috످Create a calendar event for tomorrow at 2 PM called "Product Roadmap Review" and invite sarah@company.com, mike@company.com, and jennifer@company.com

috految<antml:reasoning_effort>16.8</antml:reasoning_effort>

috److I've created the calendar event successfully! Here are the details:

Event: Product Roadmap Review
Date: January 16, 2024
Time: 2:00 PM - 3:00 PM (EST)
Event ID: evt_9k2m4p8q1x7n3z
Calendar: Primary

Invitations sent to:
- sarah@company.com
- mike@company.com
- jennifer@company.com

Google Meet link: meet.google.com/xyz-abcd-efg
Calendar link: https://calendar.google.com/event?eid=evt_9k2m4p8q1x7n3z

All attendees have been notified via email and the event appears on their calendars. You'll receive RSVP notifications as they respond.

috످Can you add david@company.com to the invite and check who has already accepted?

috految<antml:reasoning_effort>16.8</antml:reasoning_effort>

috److I can't add David or check RSVPs because I don't have access to your calendar in this chat. I never created the event or sent any invites. I made up the confirmation, including the date, event ID, and links. I'm sorry. If you shared those details with anyone, please let them know to disregard them.

To set up the meeting in Google Calendar, open this prefilled event draft (https://calendar.google.com/calendar/render?action=TEMPLATE&text=Product+Roadmap+Review&add=sarah@company.com,mike@company.com,jennifer@company.com,david@company.com), which includes Sarah, Mike, Jennifer, and David. Set the date and time to tomorrow at 2 PM. Add a Google Meet link if needed. Click Save, then Send.

Once the invites are sent, you can open the event and look under Guests to see who has accepted.

috످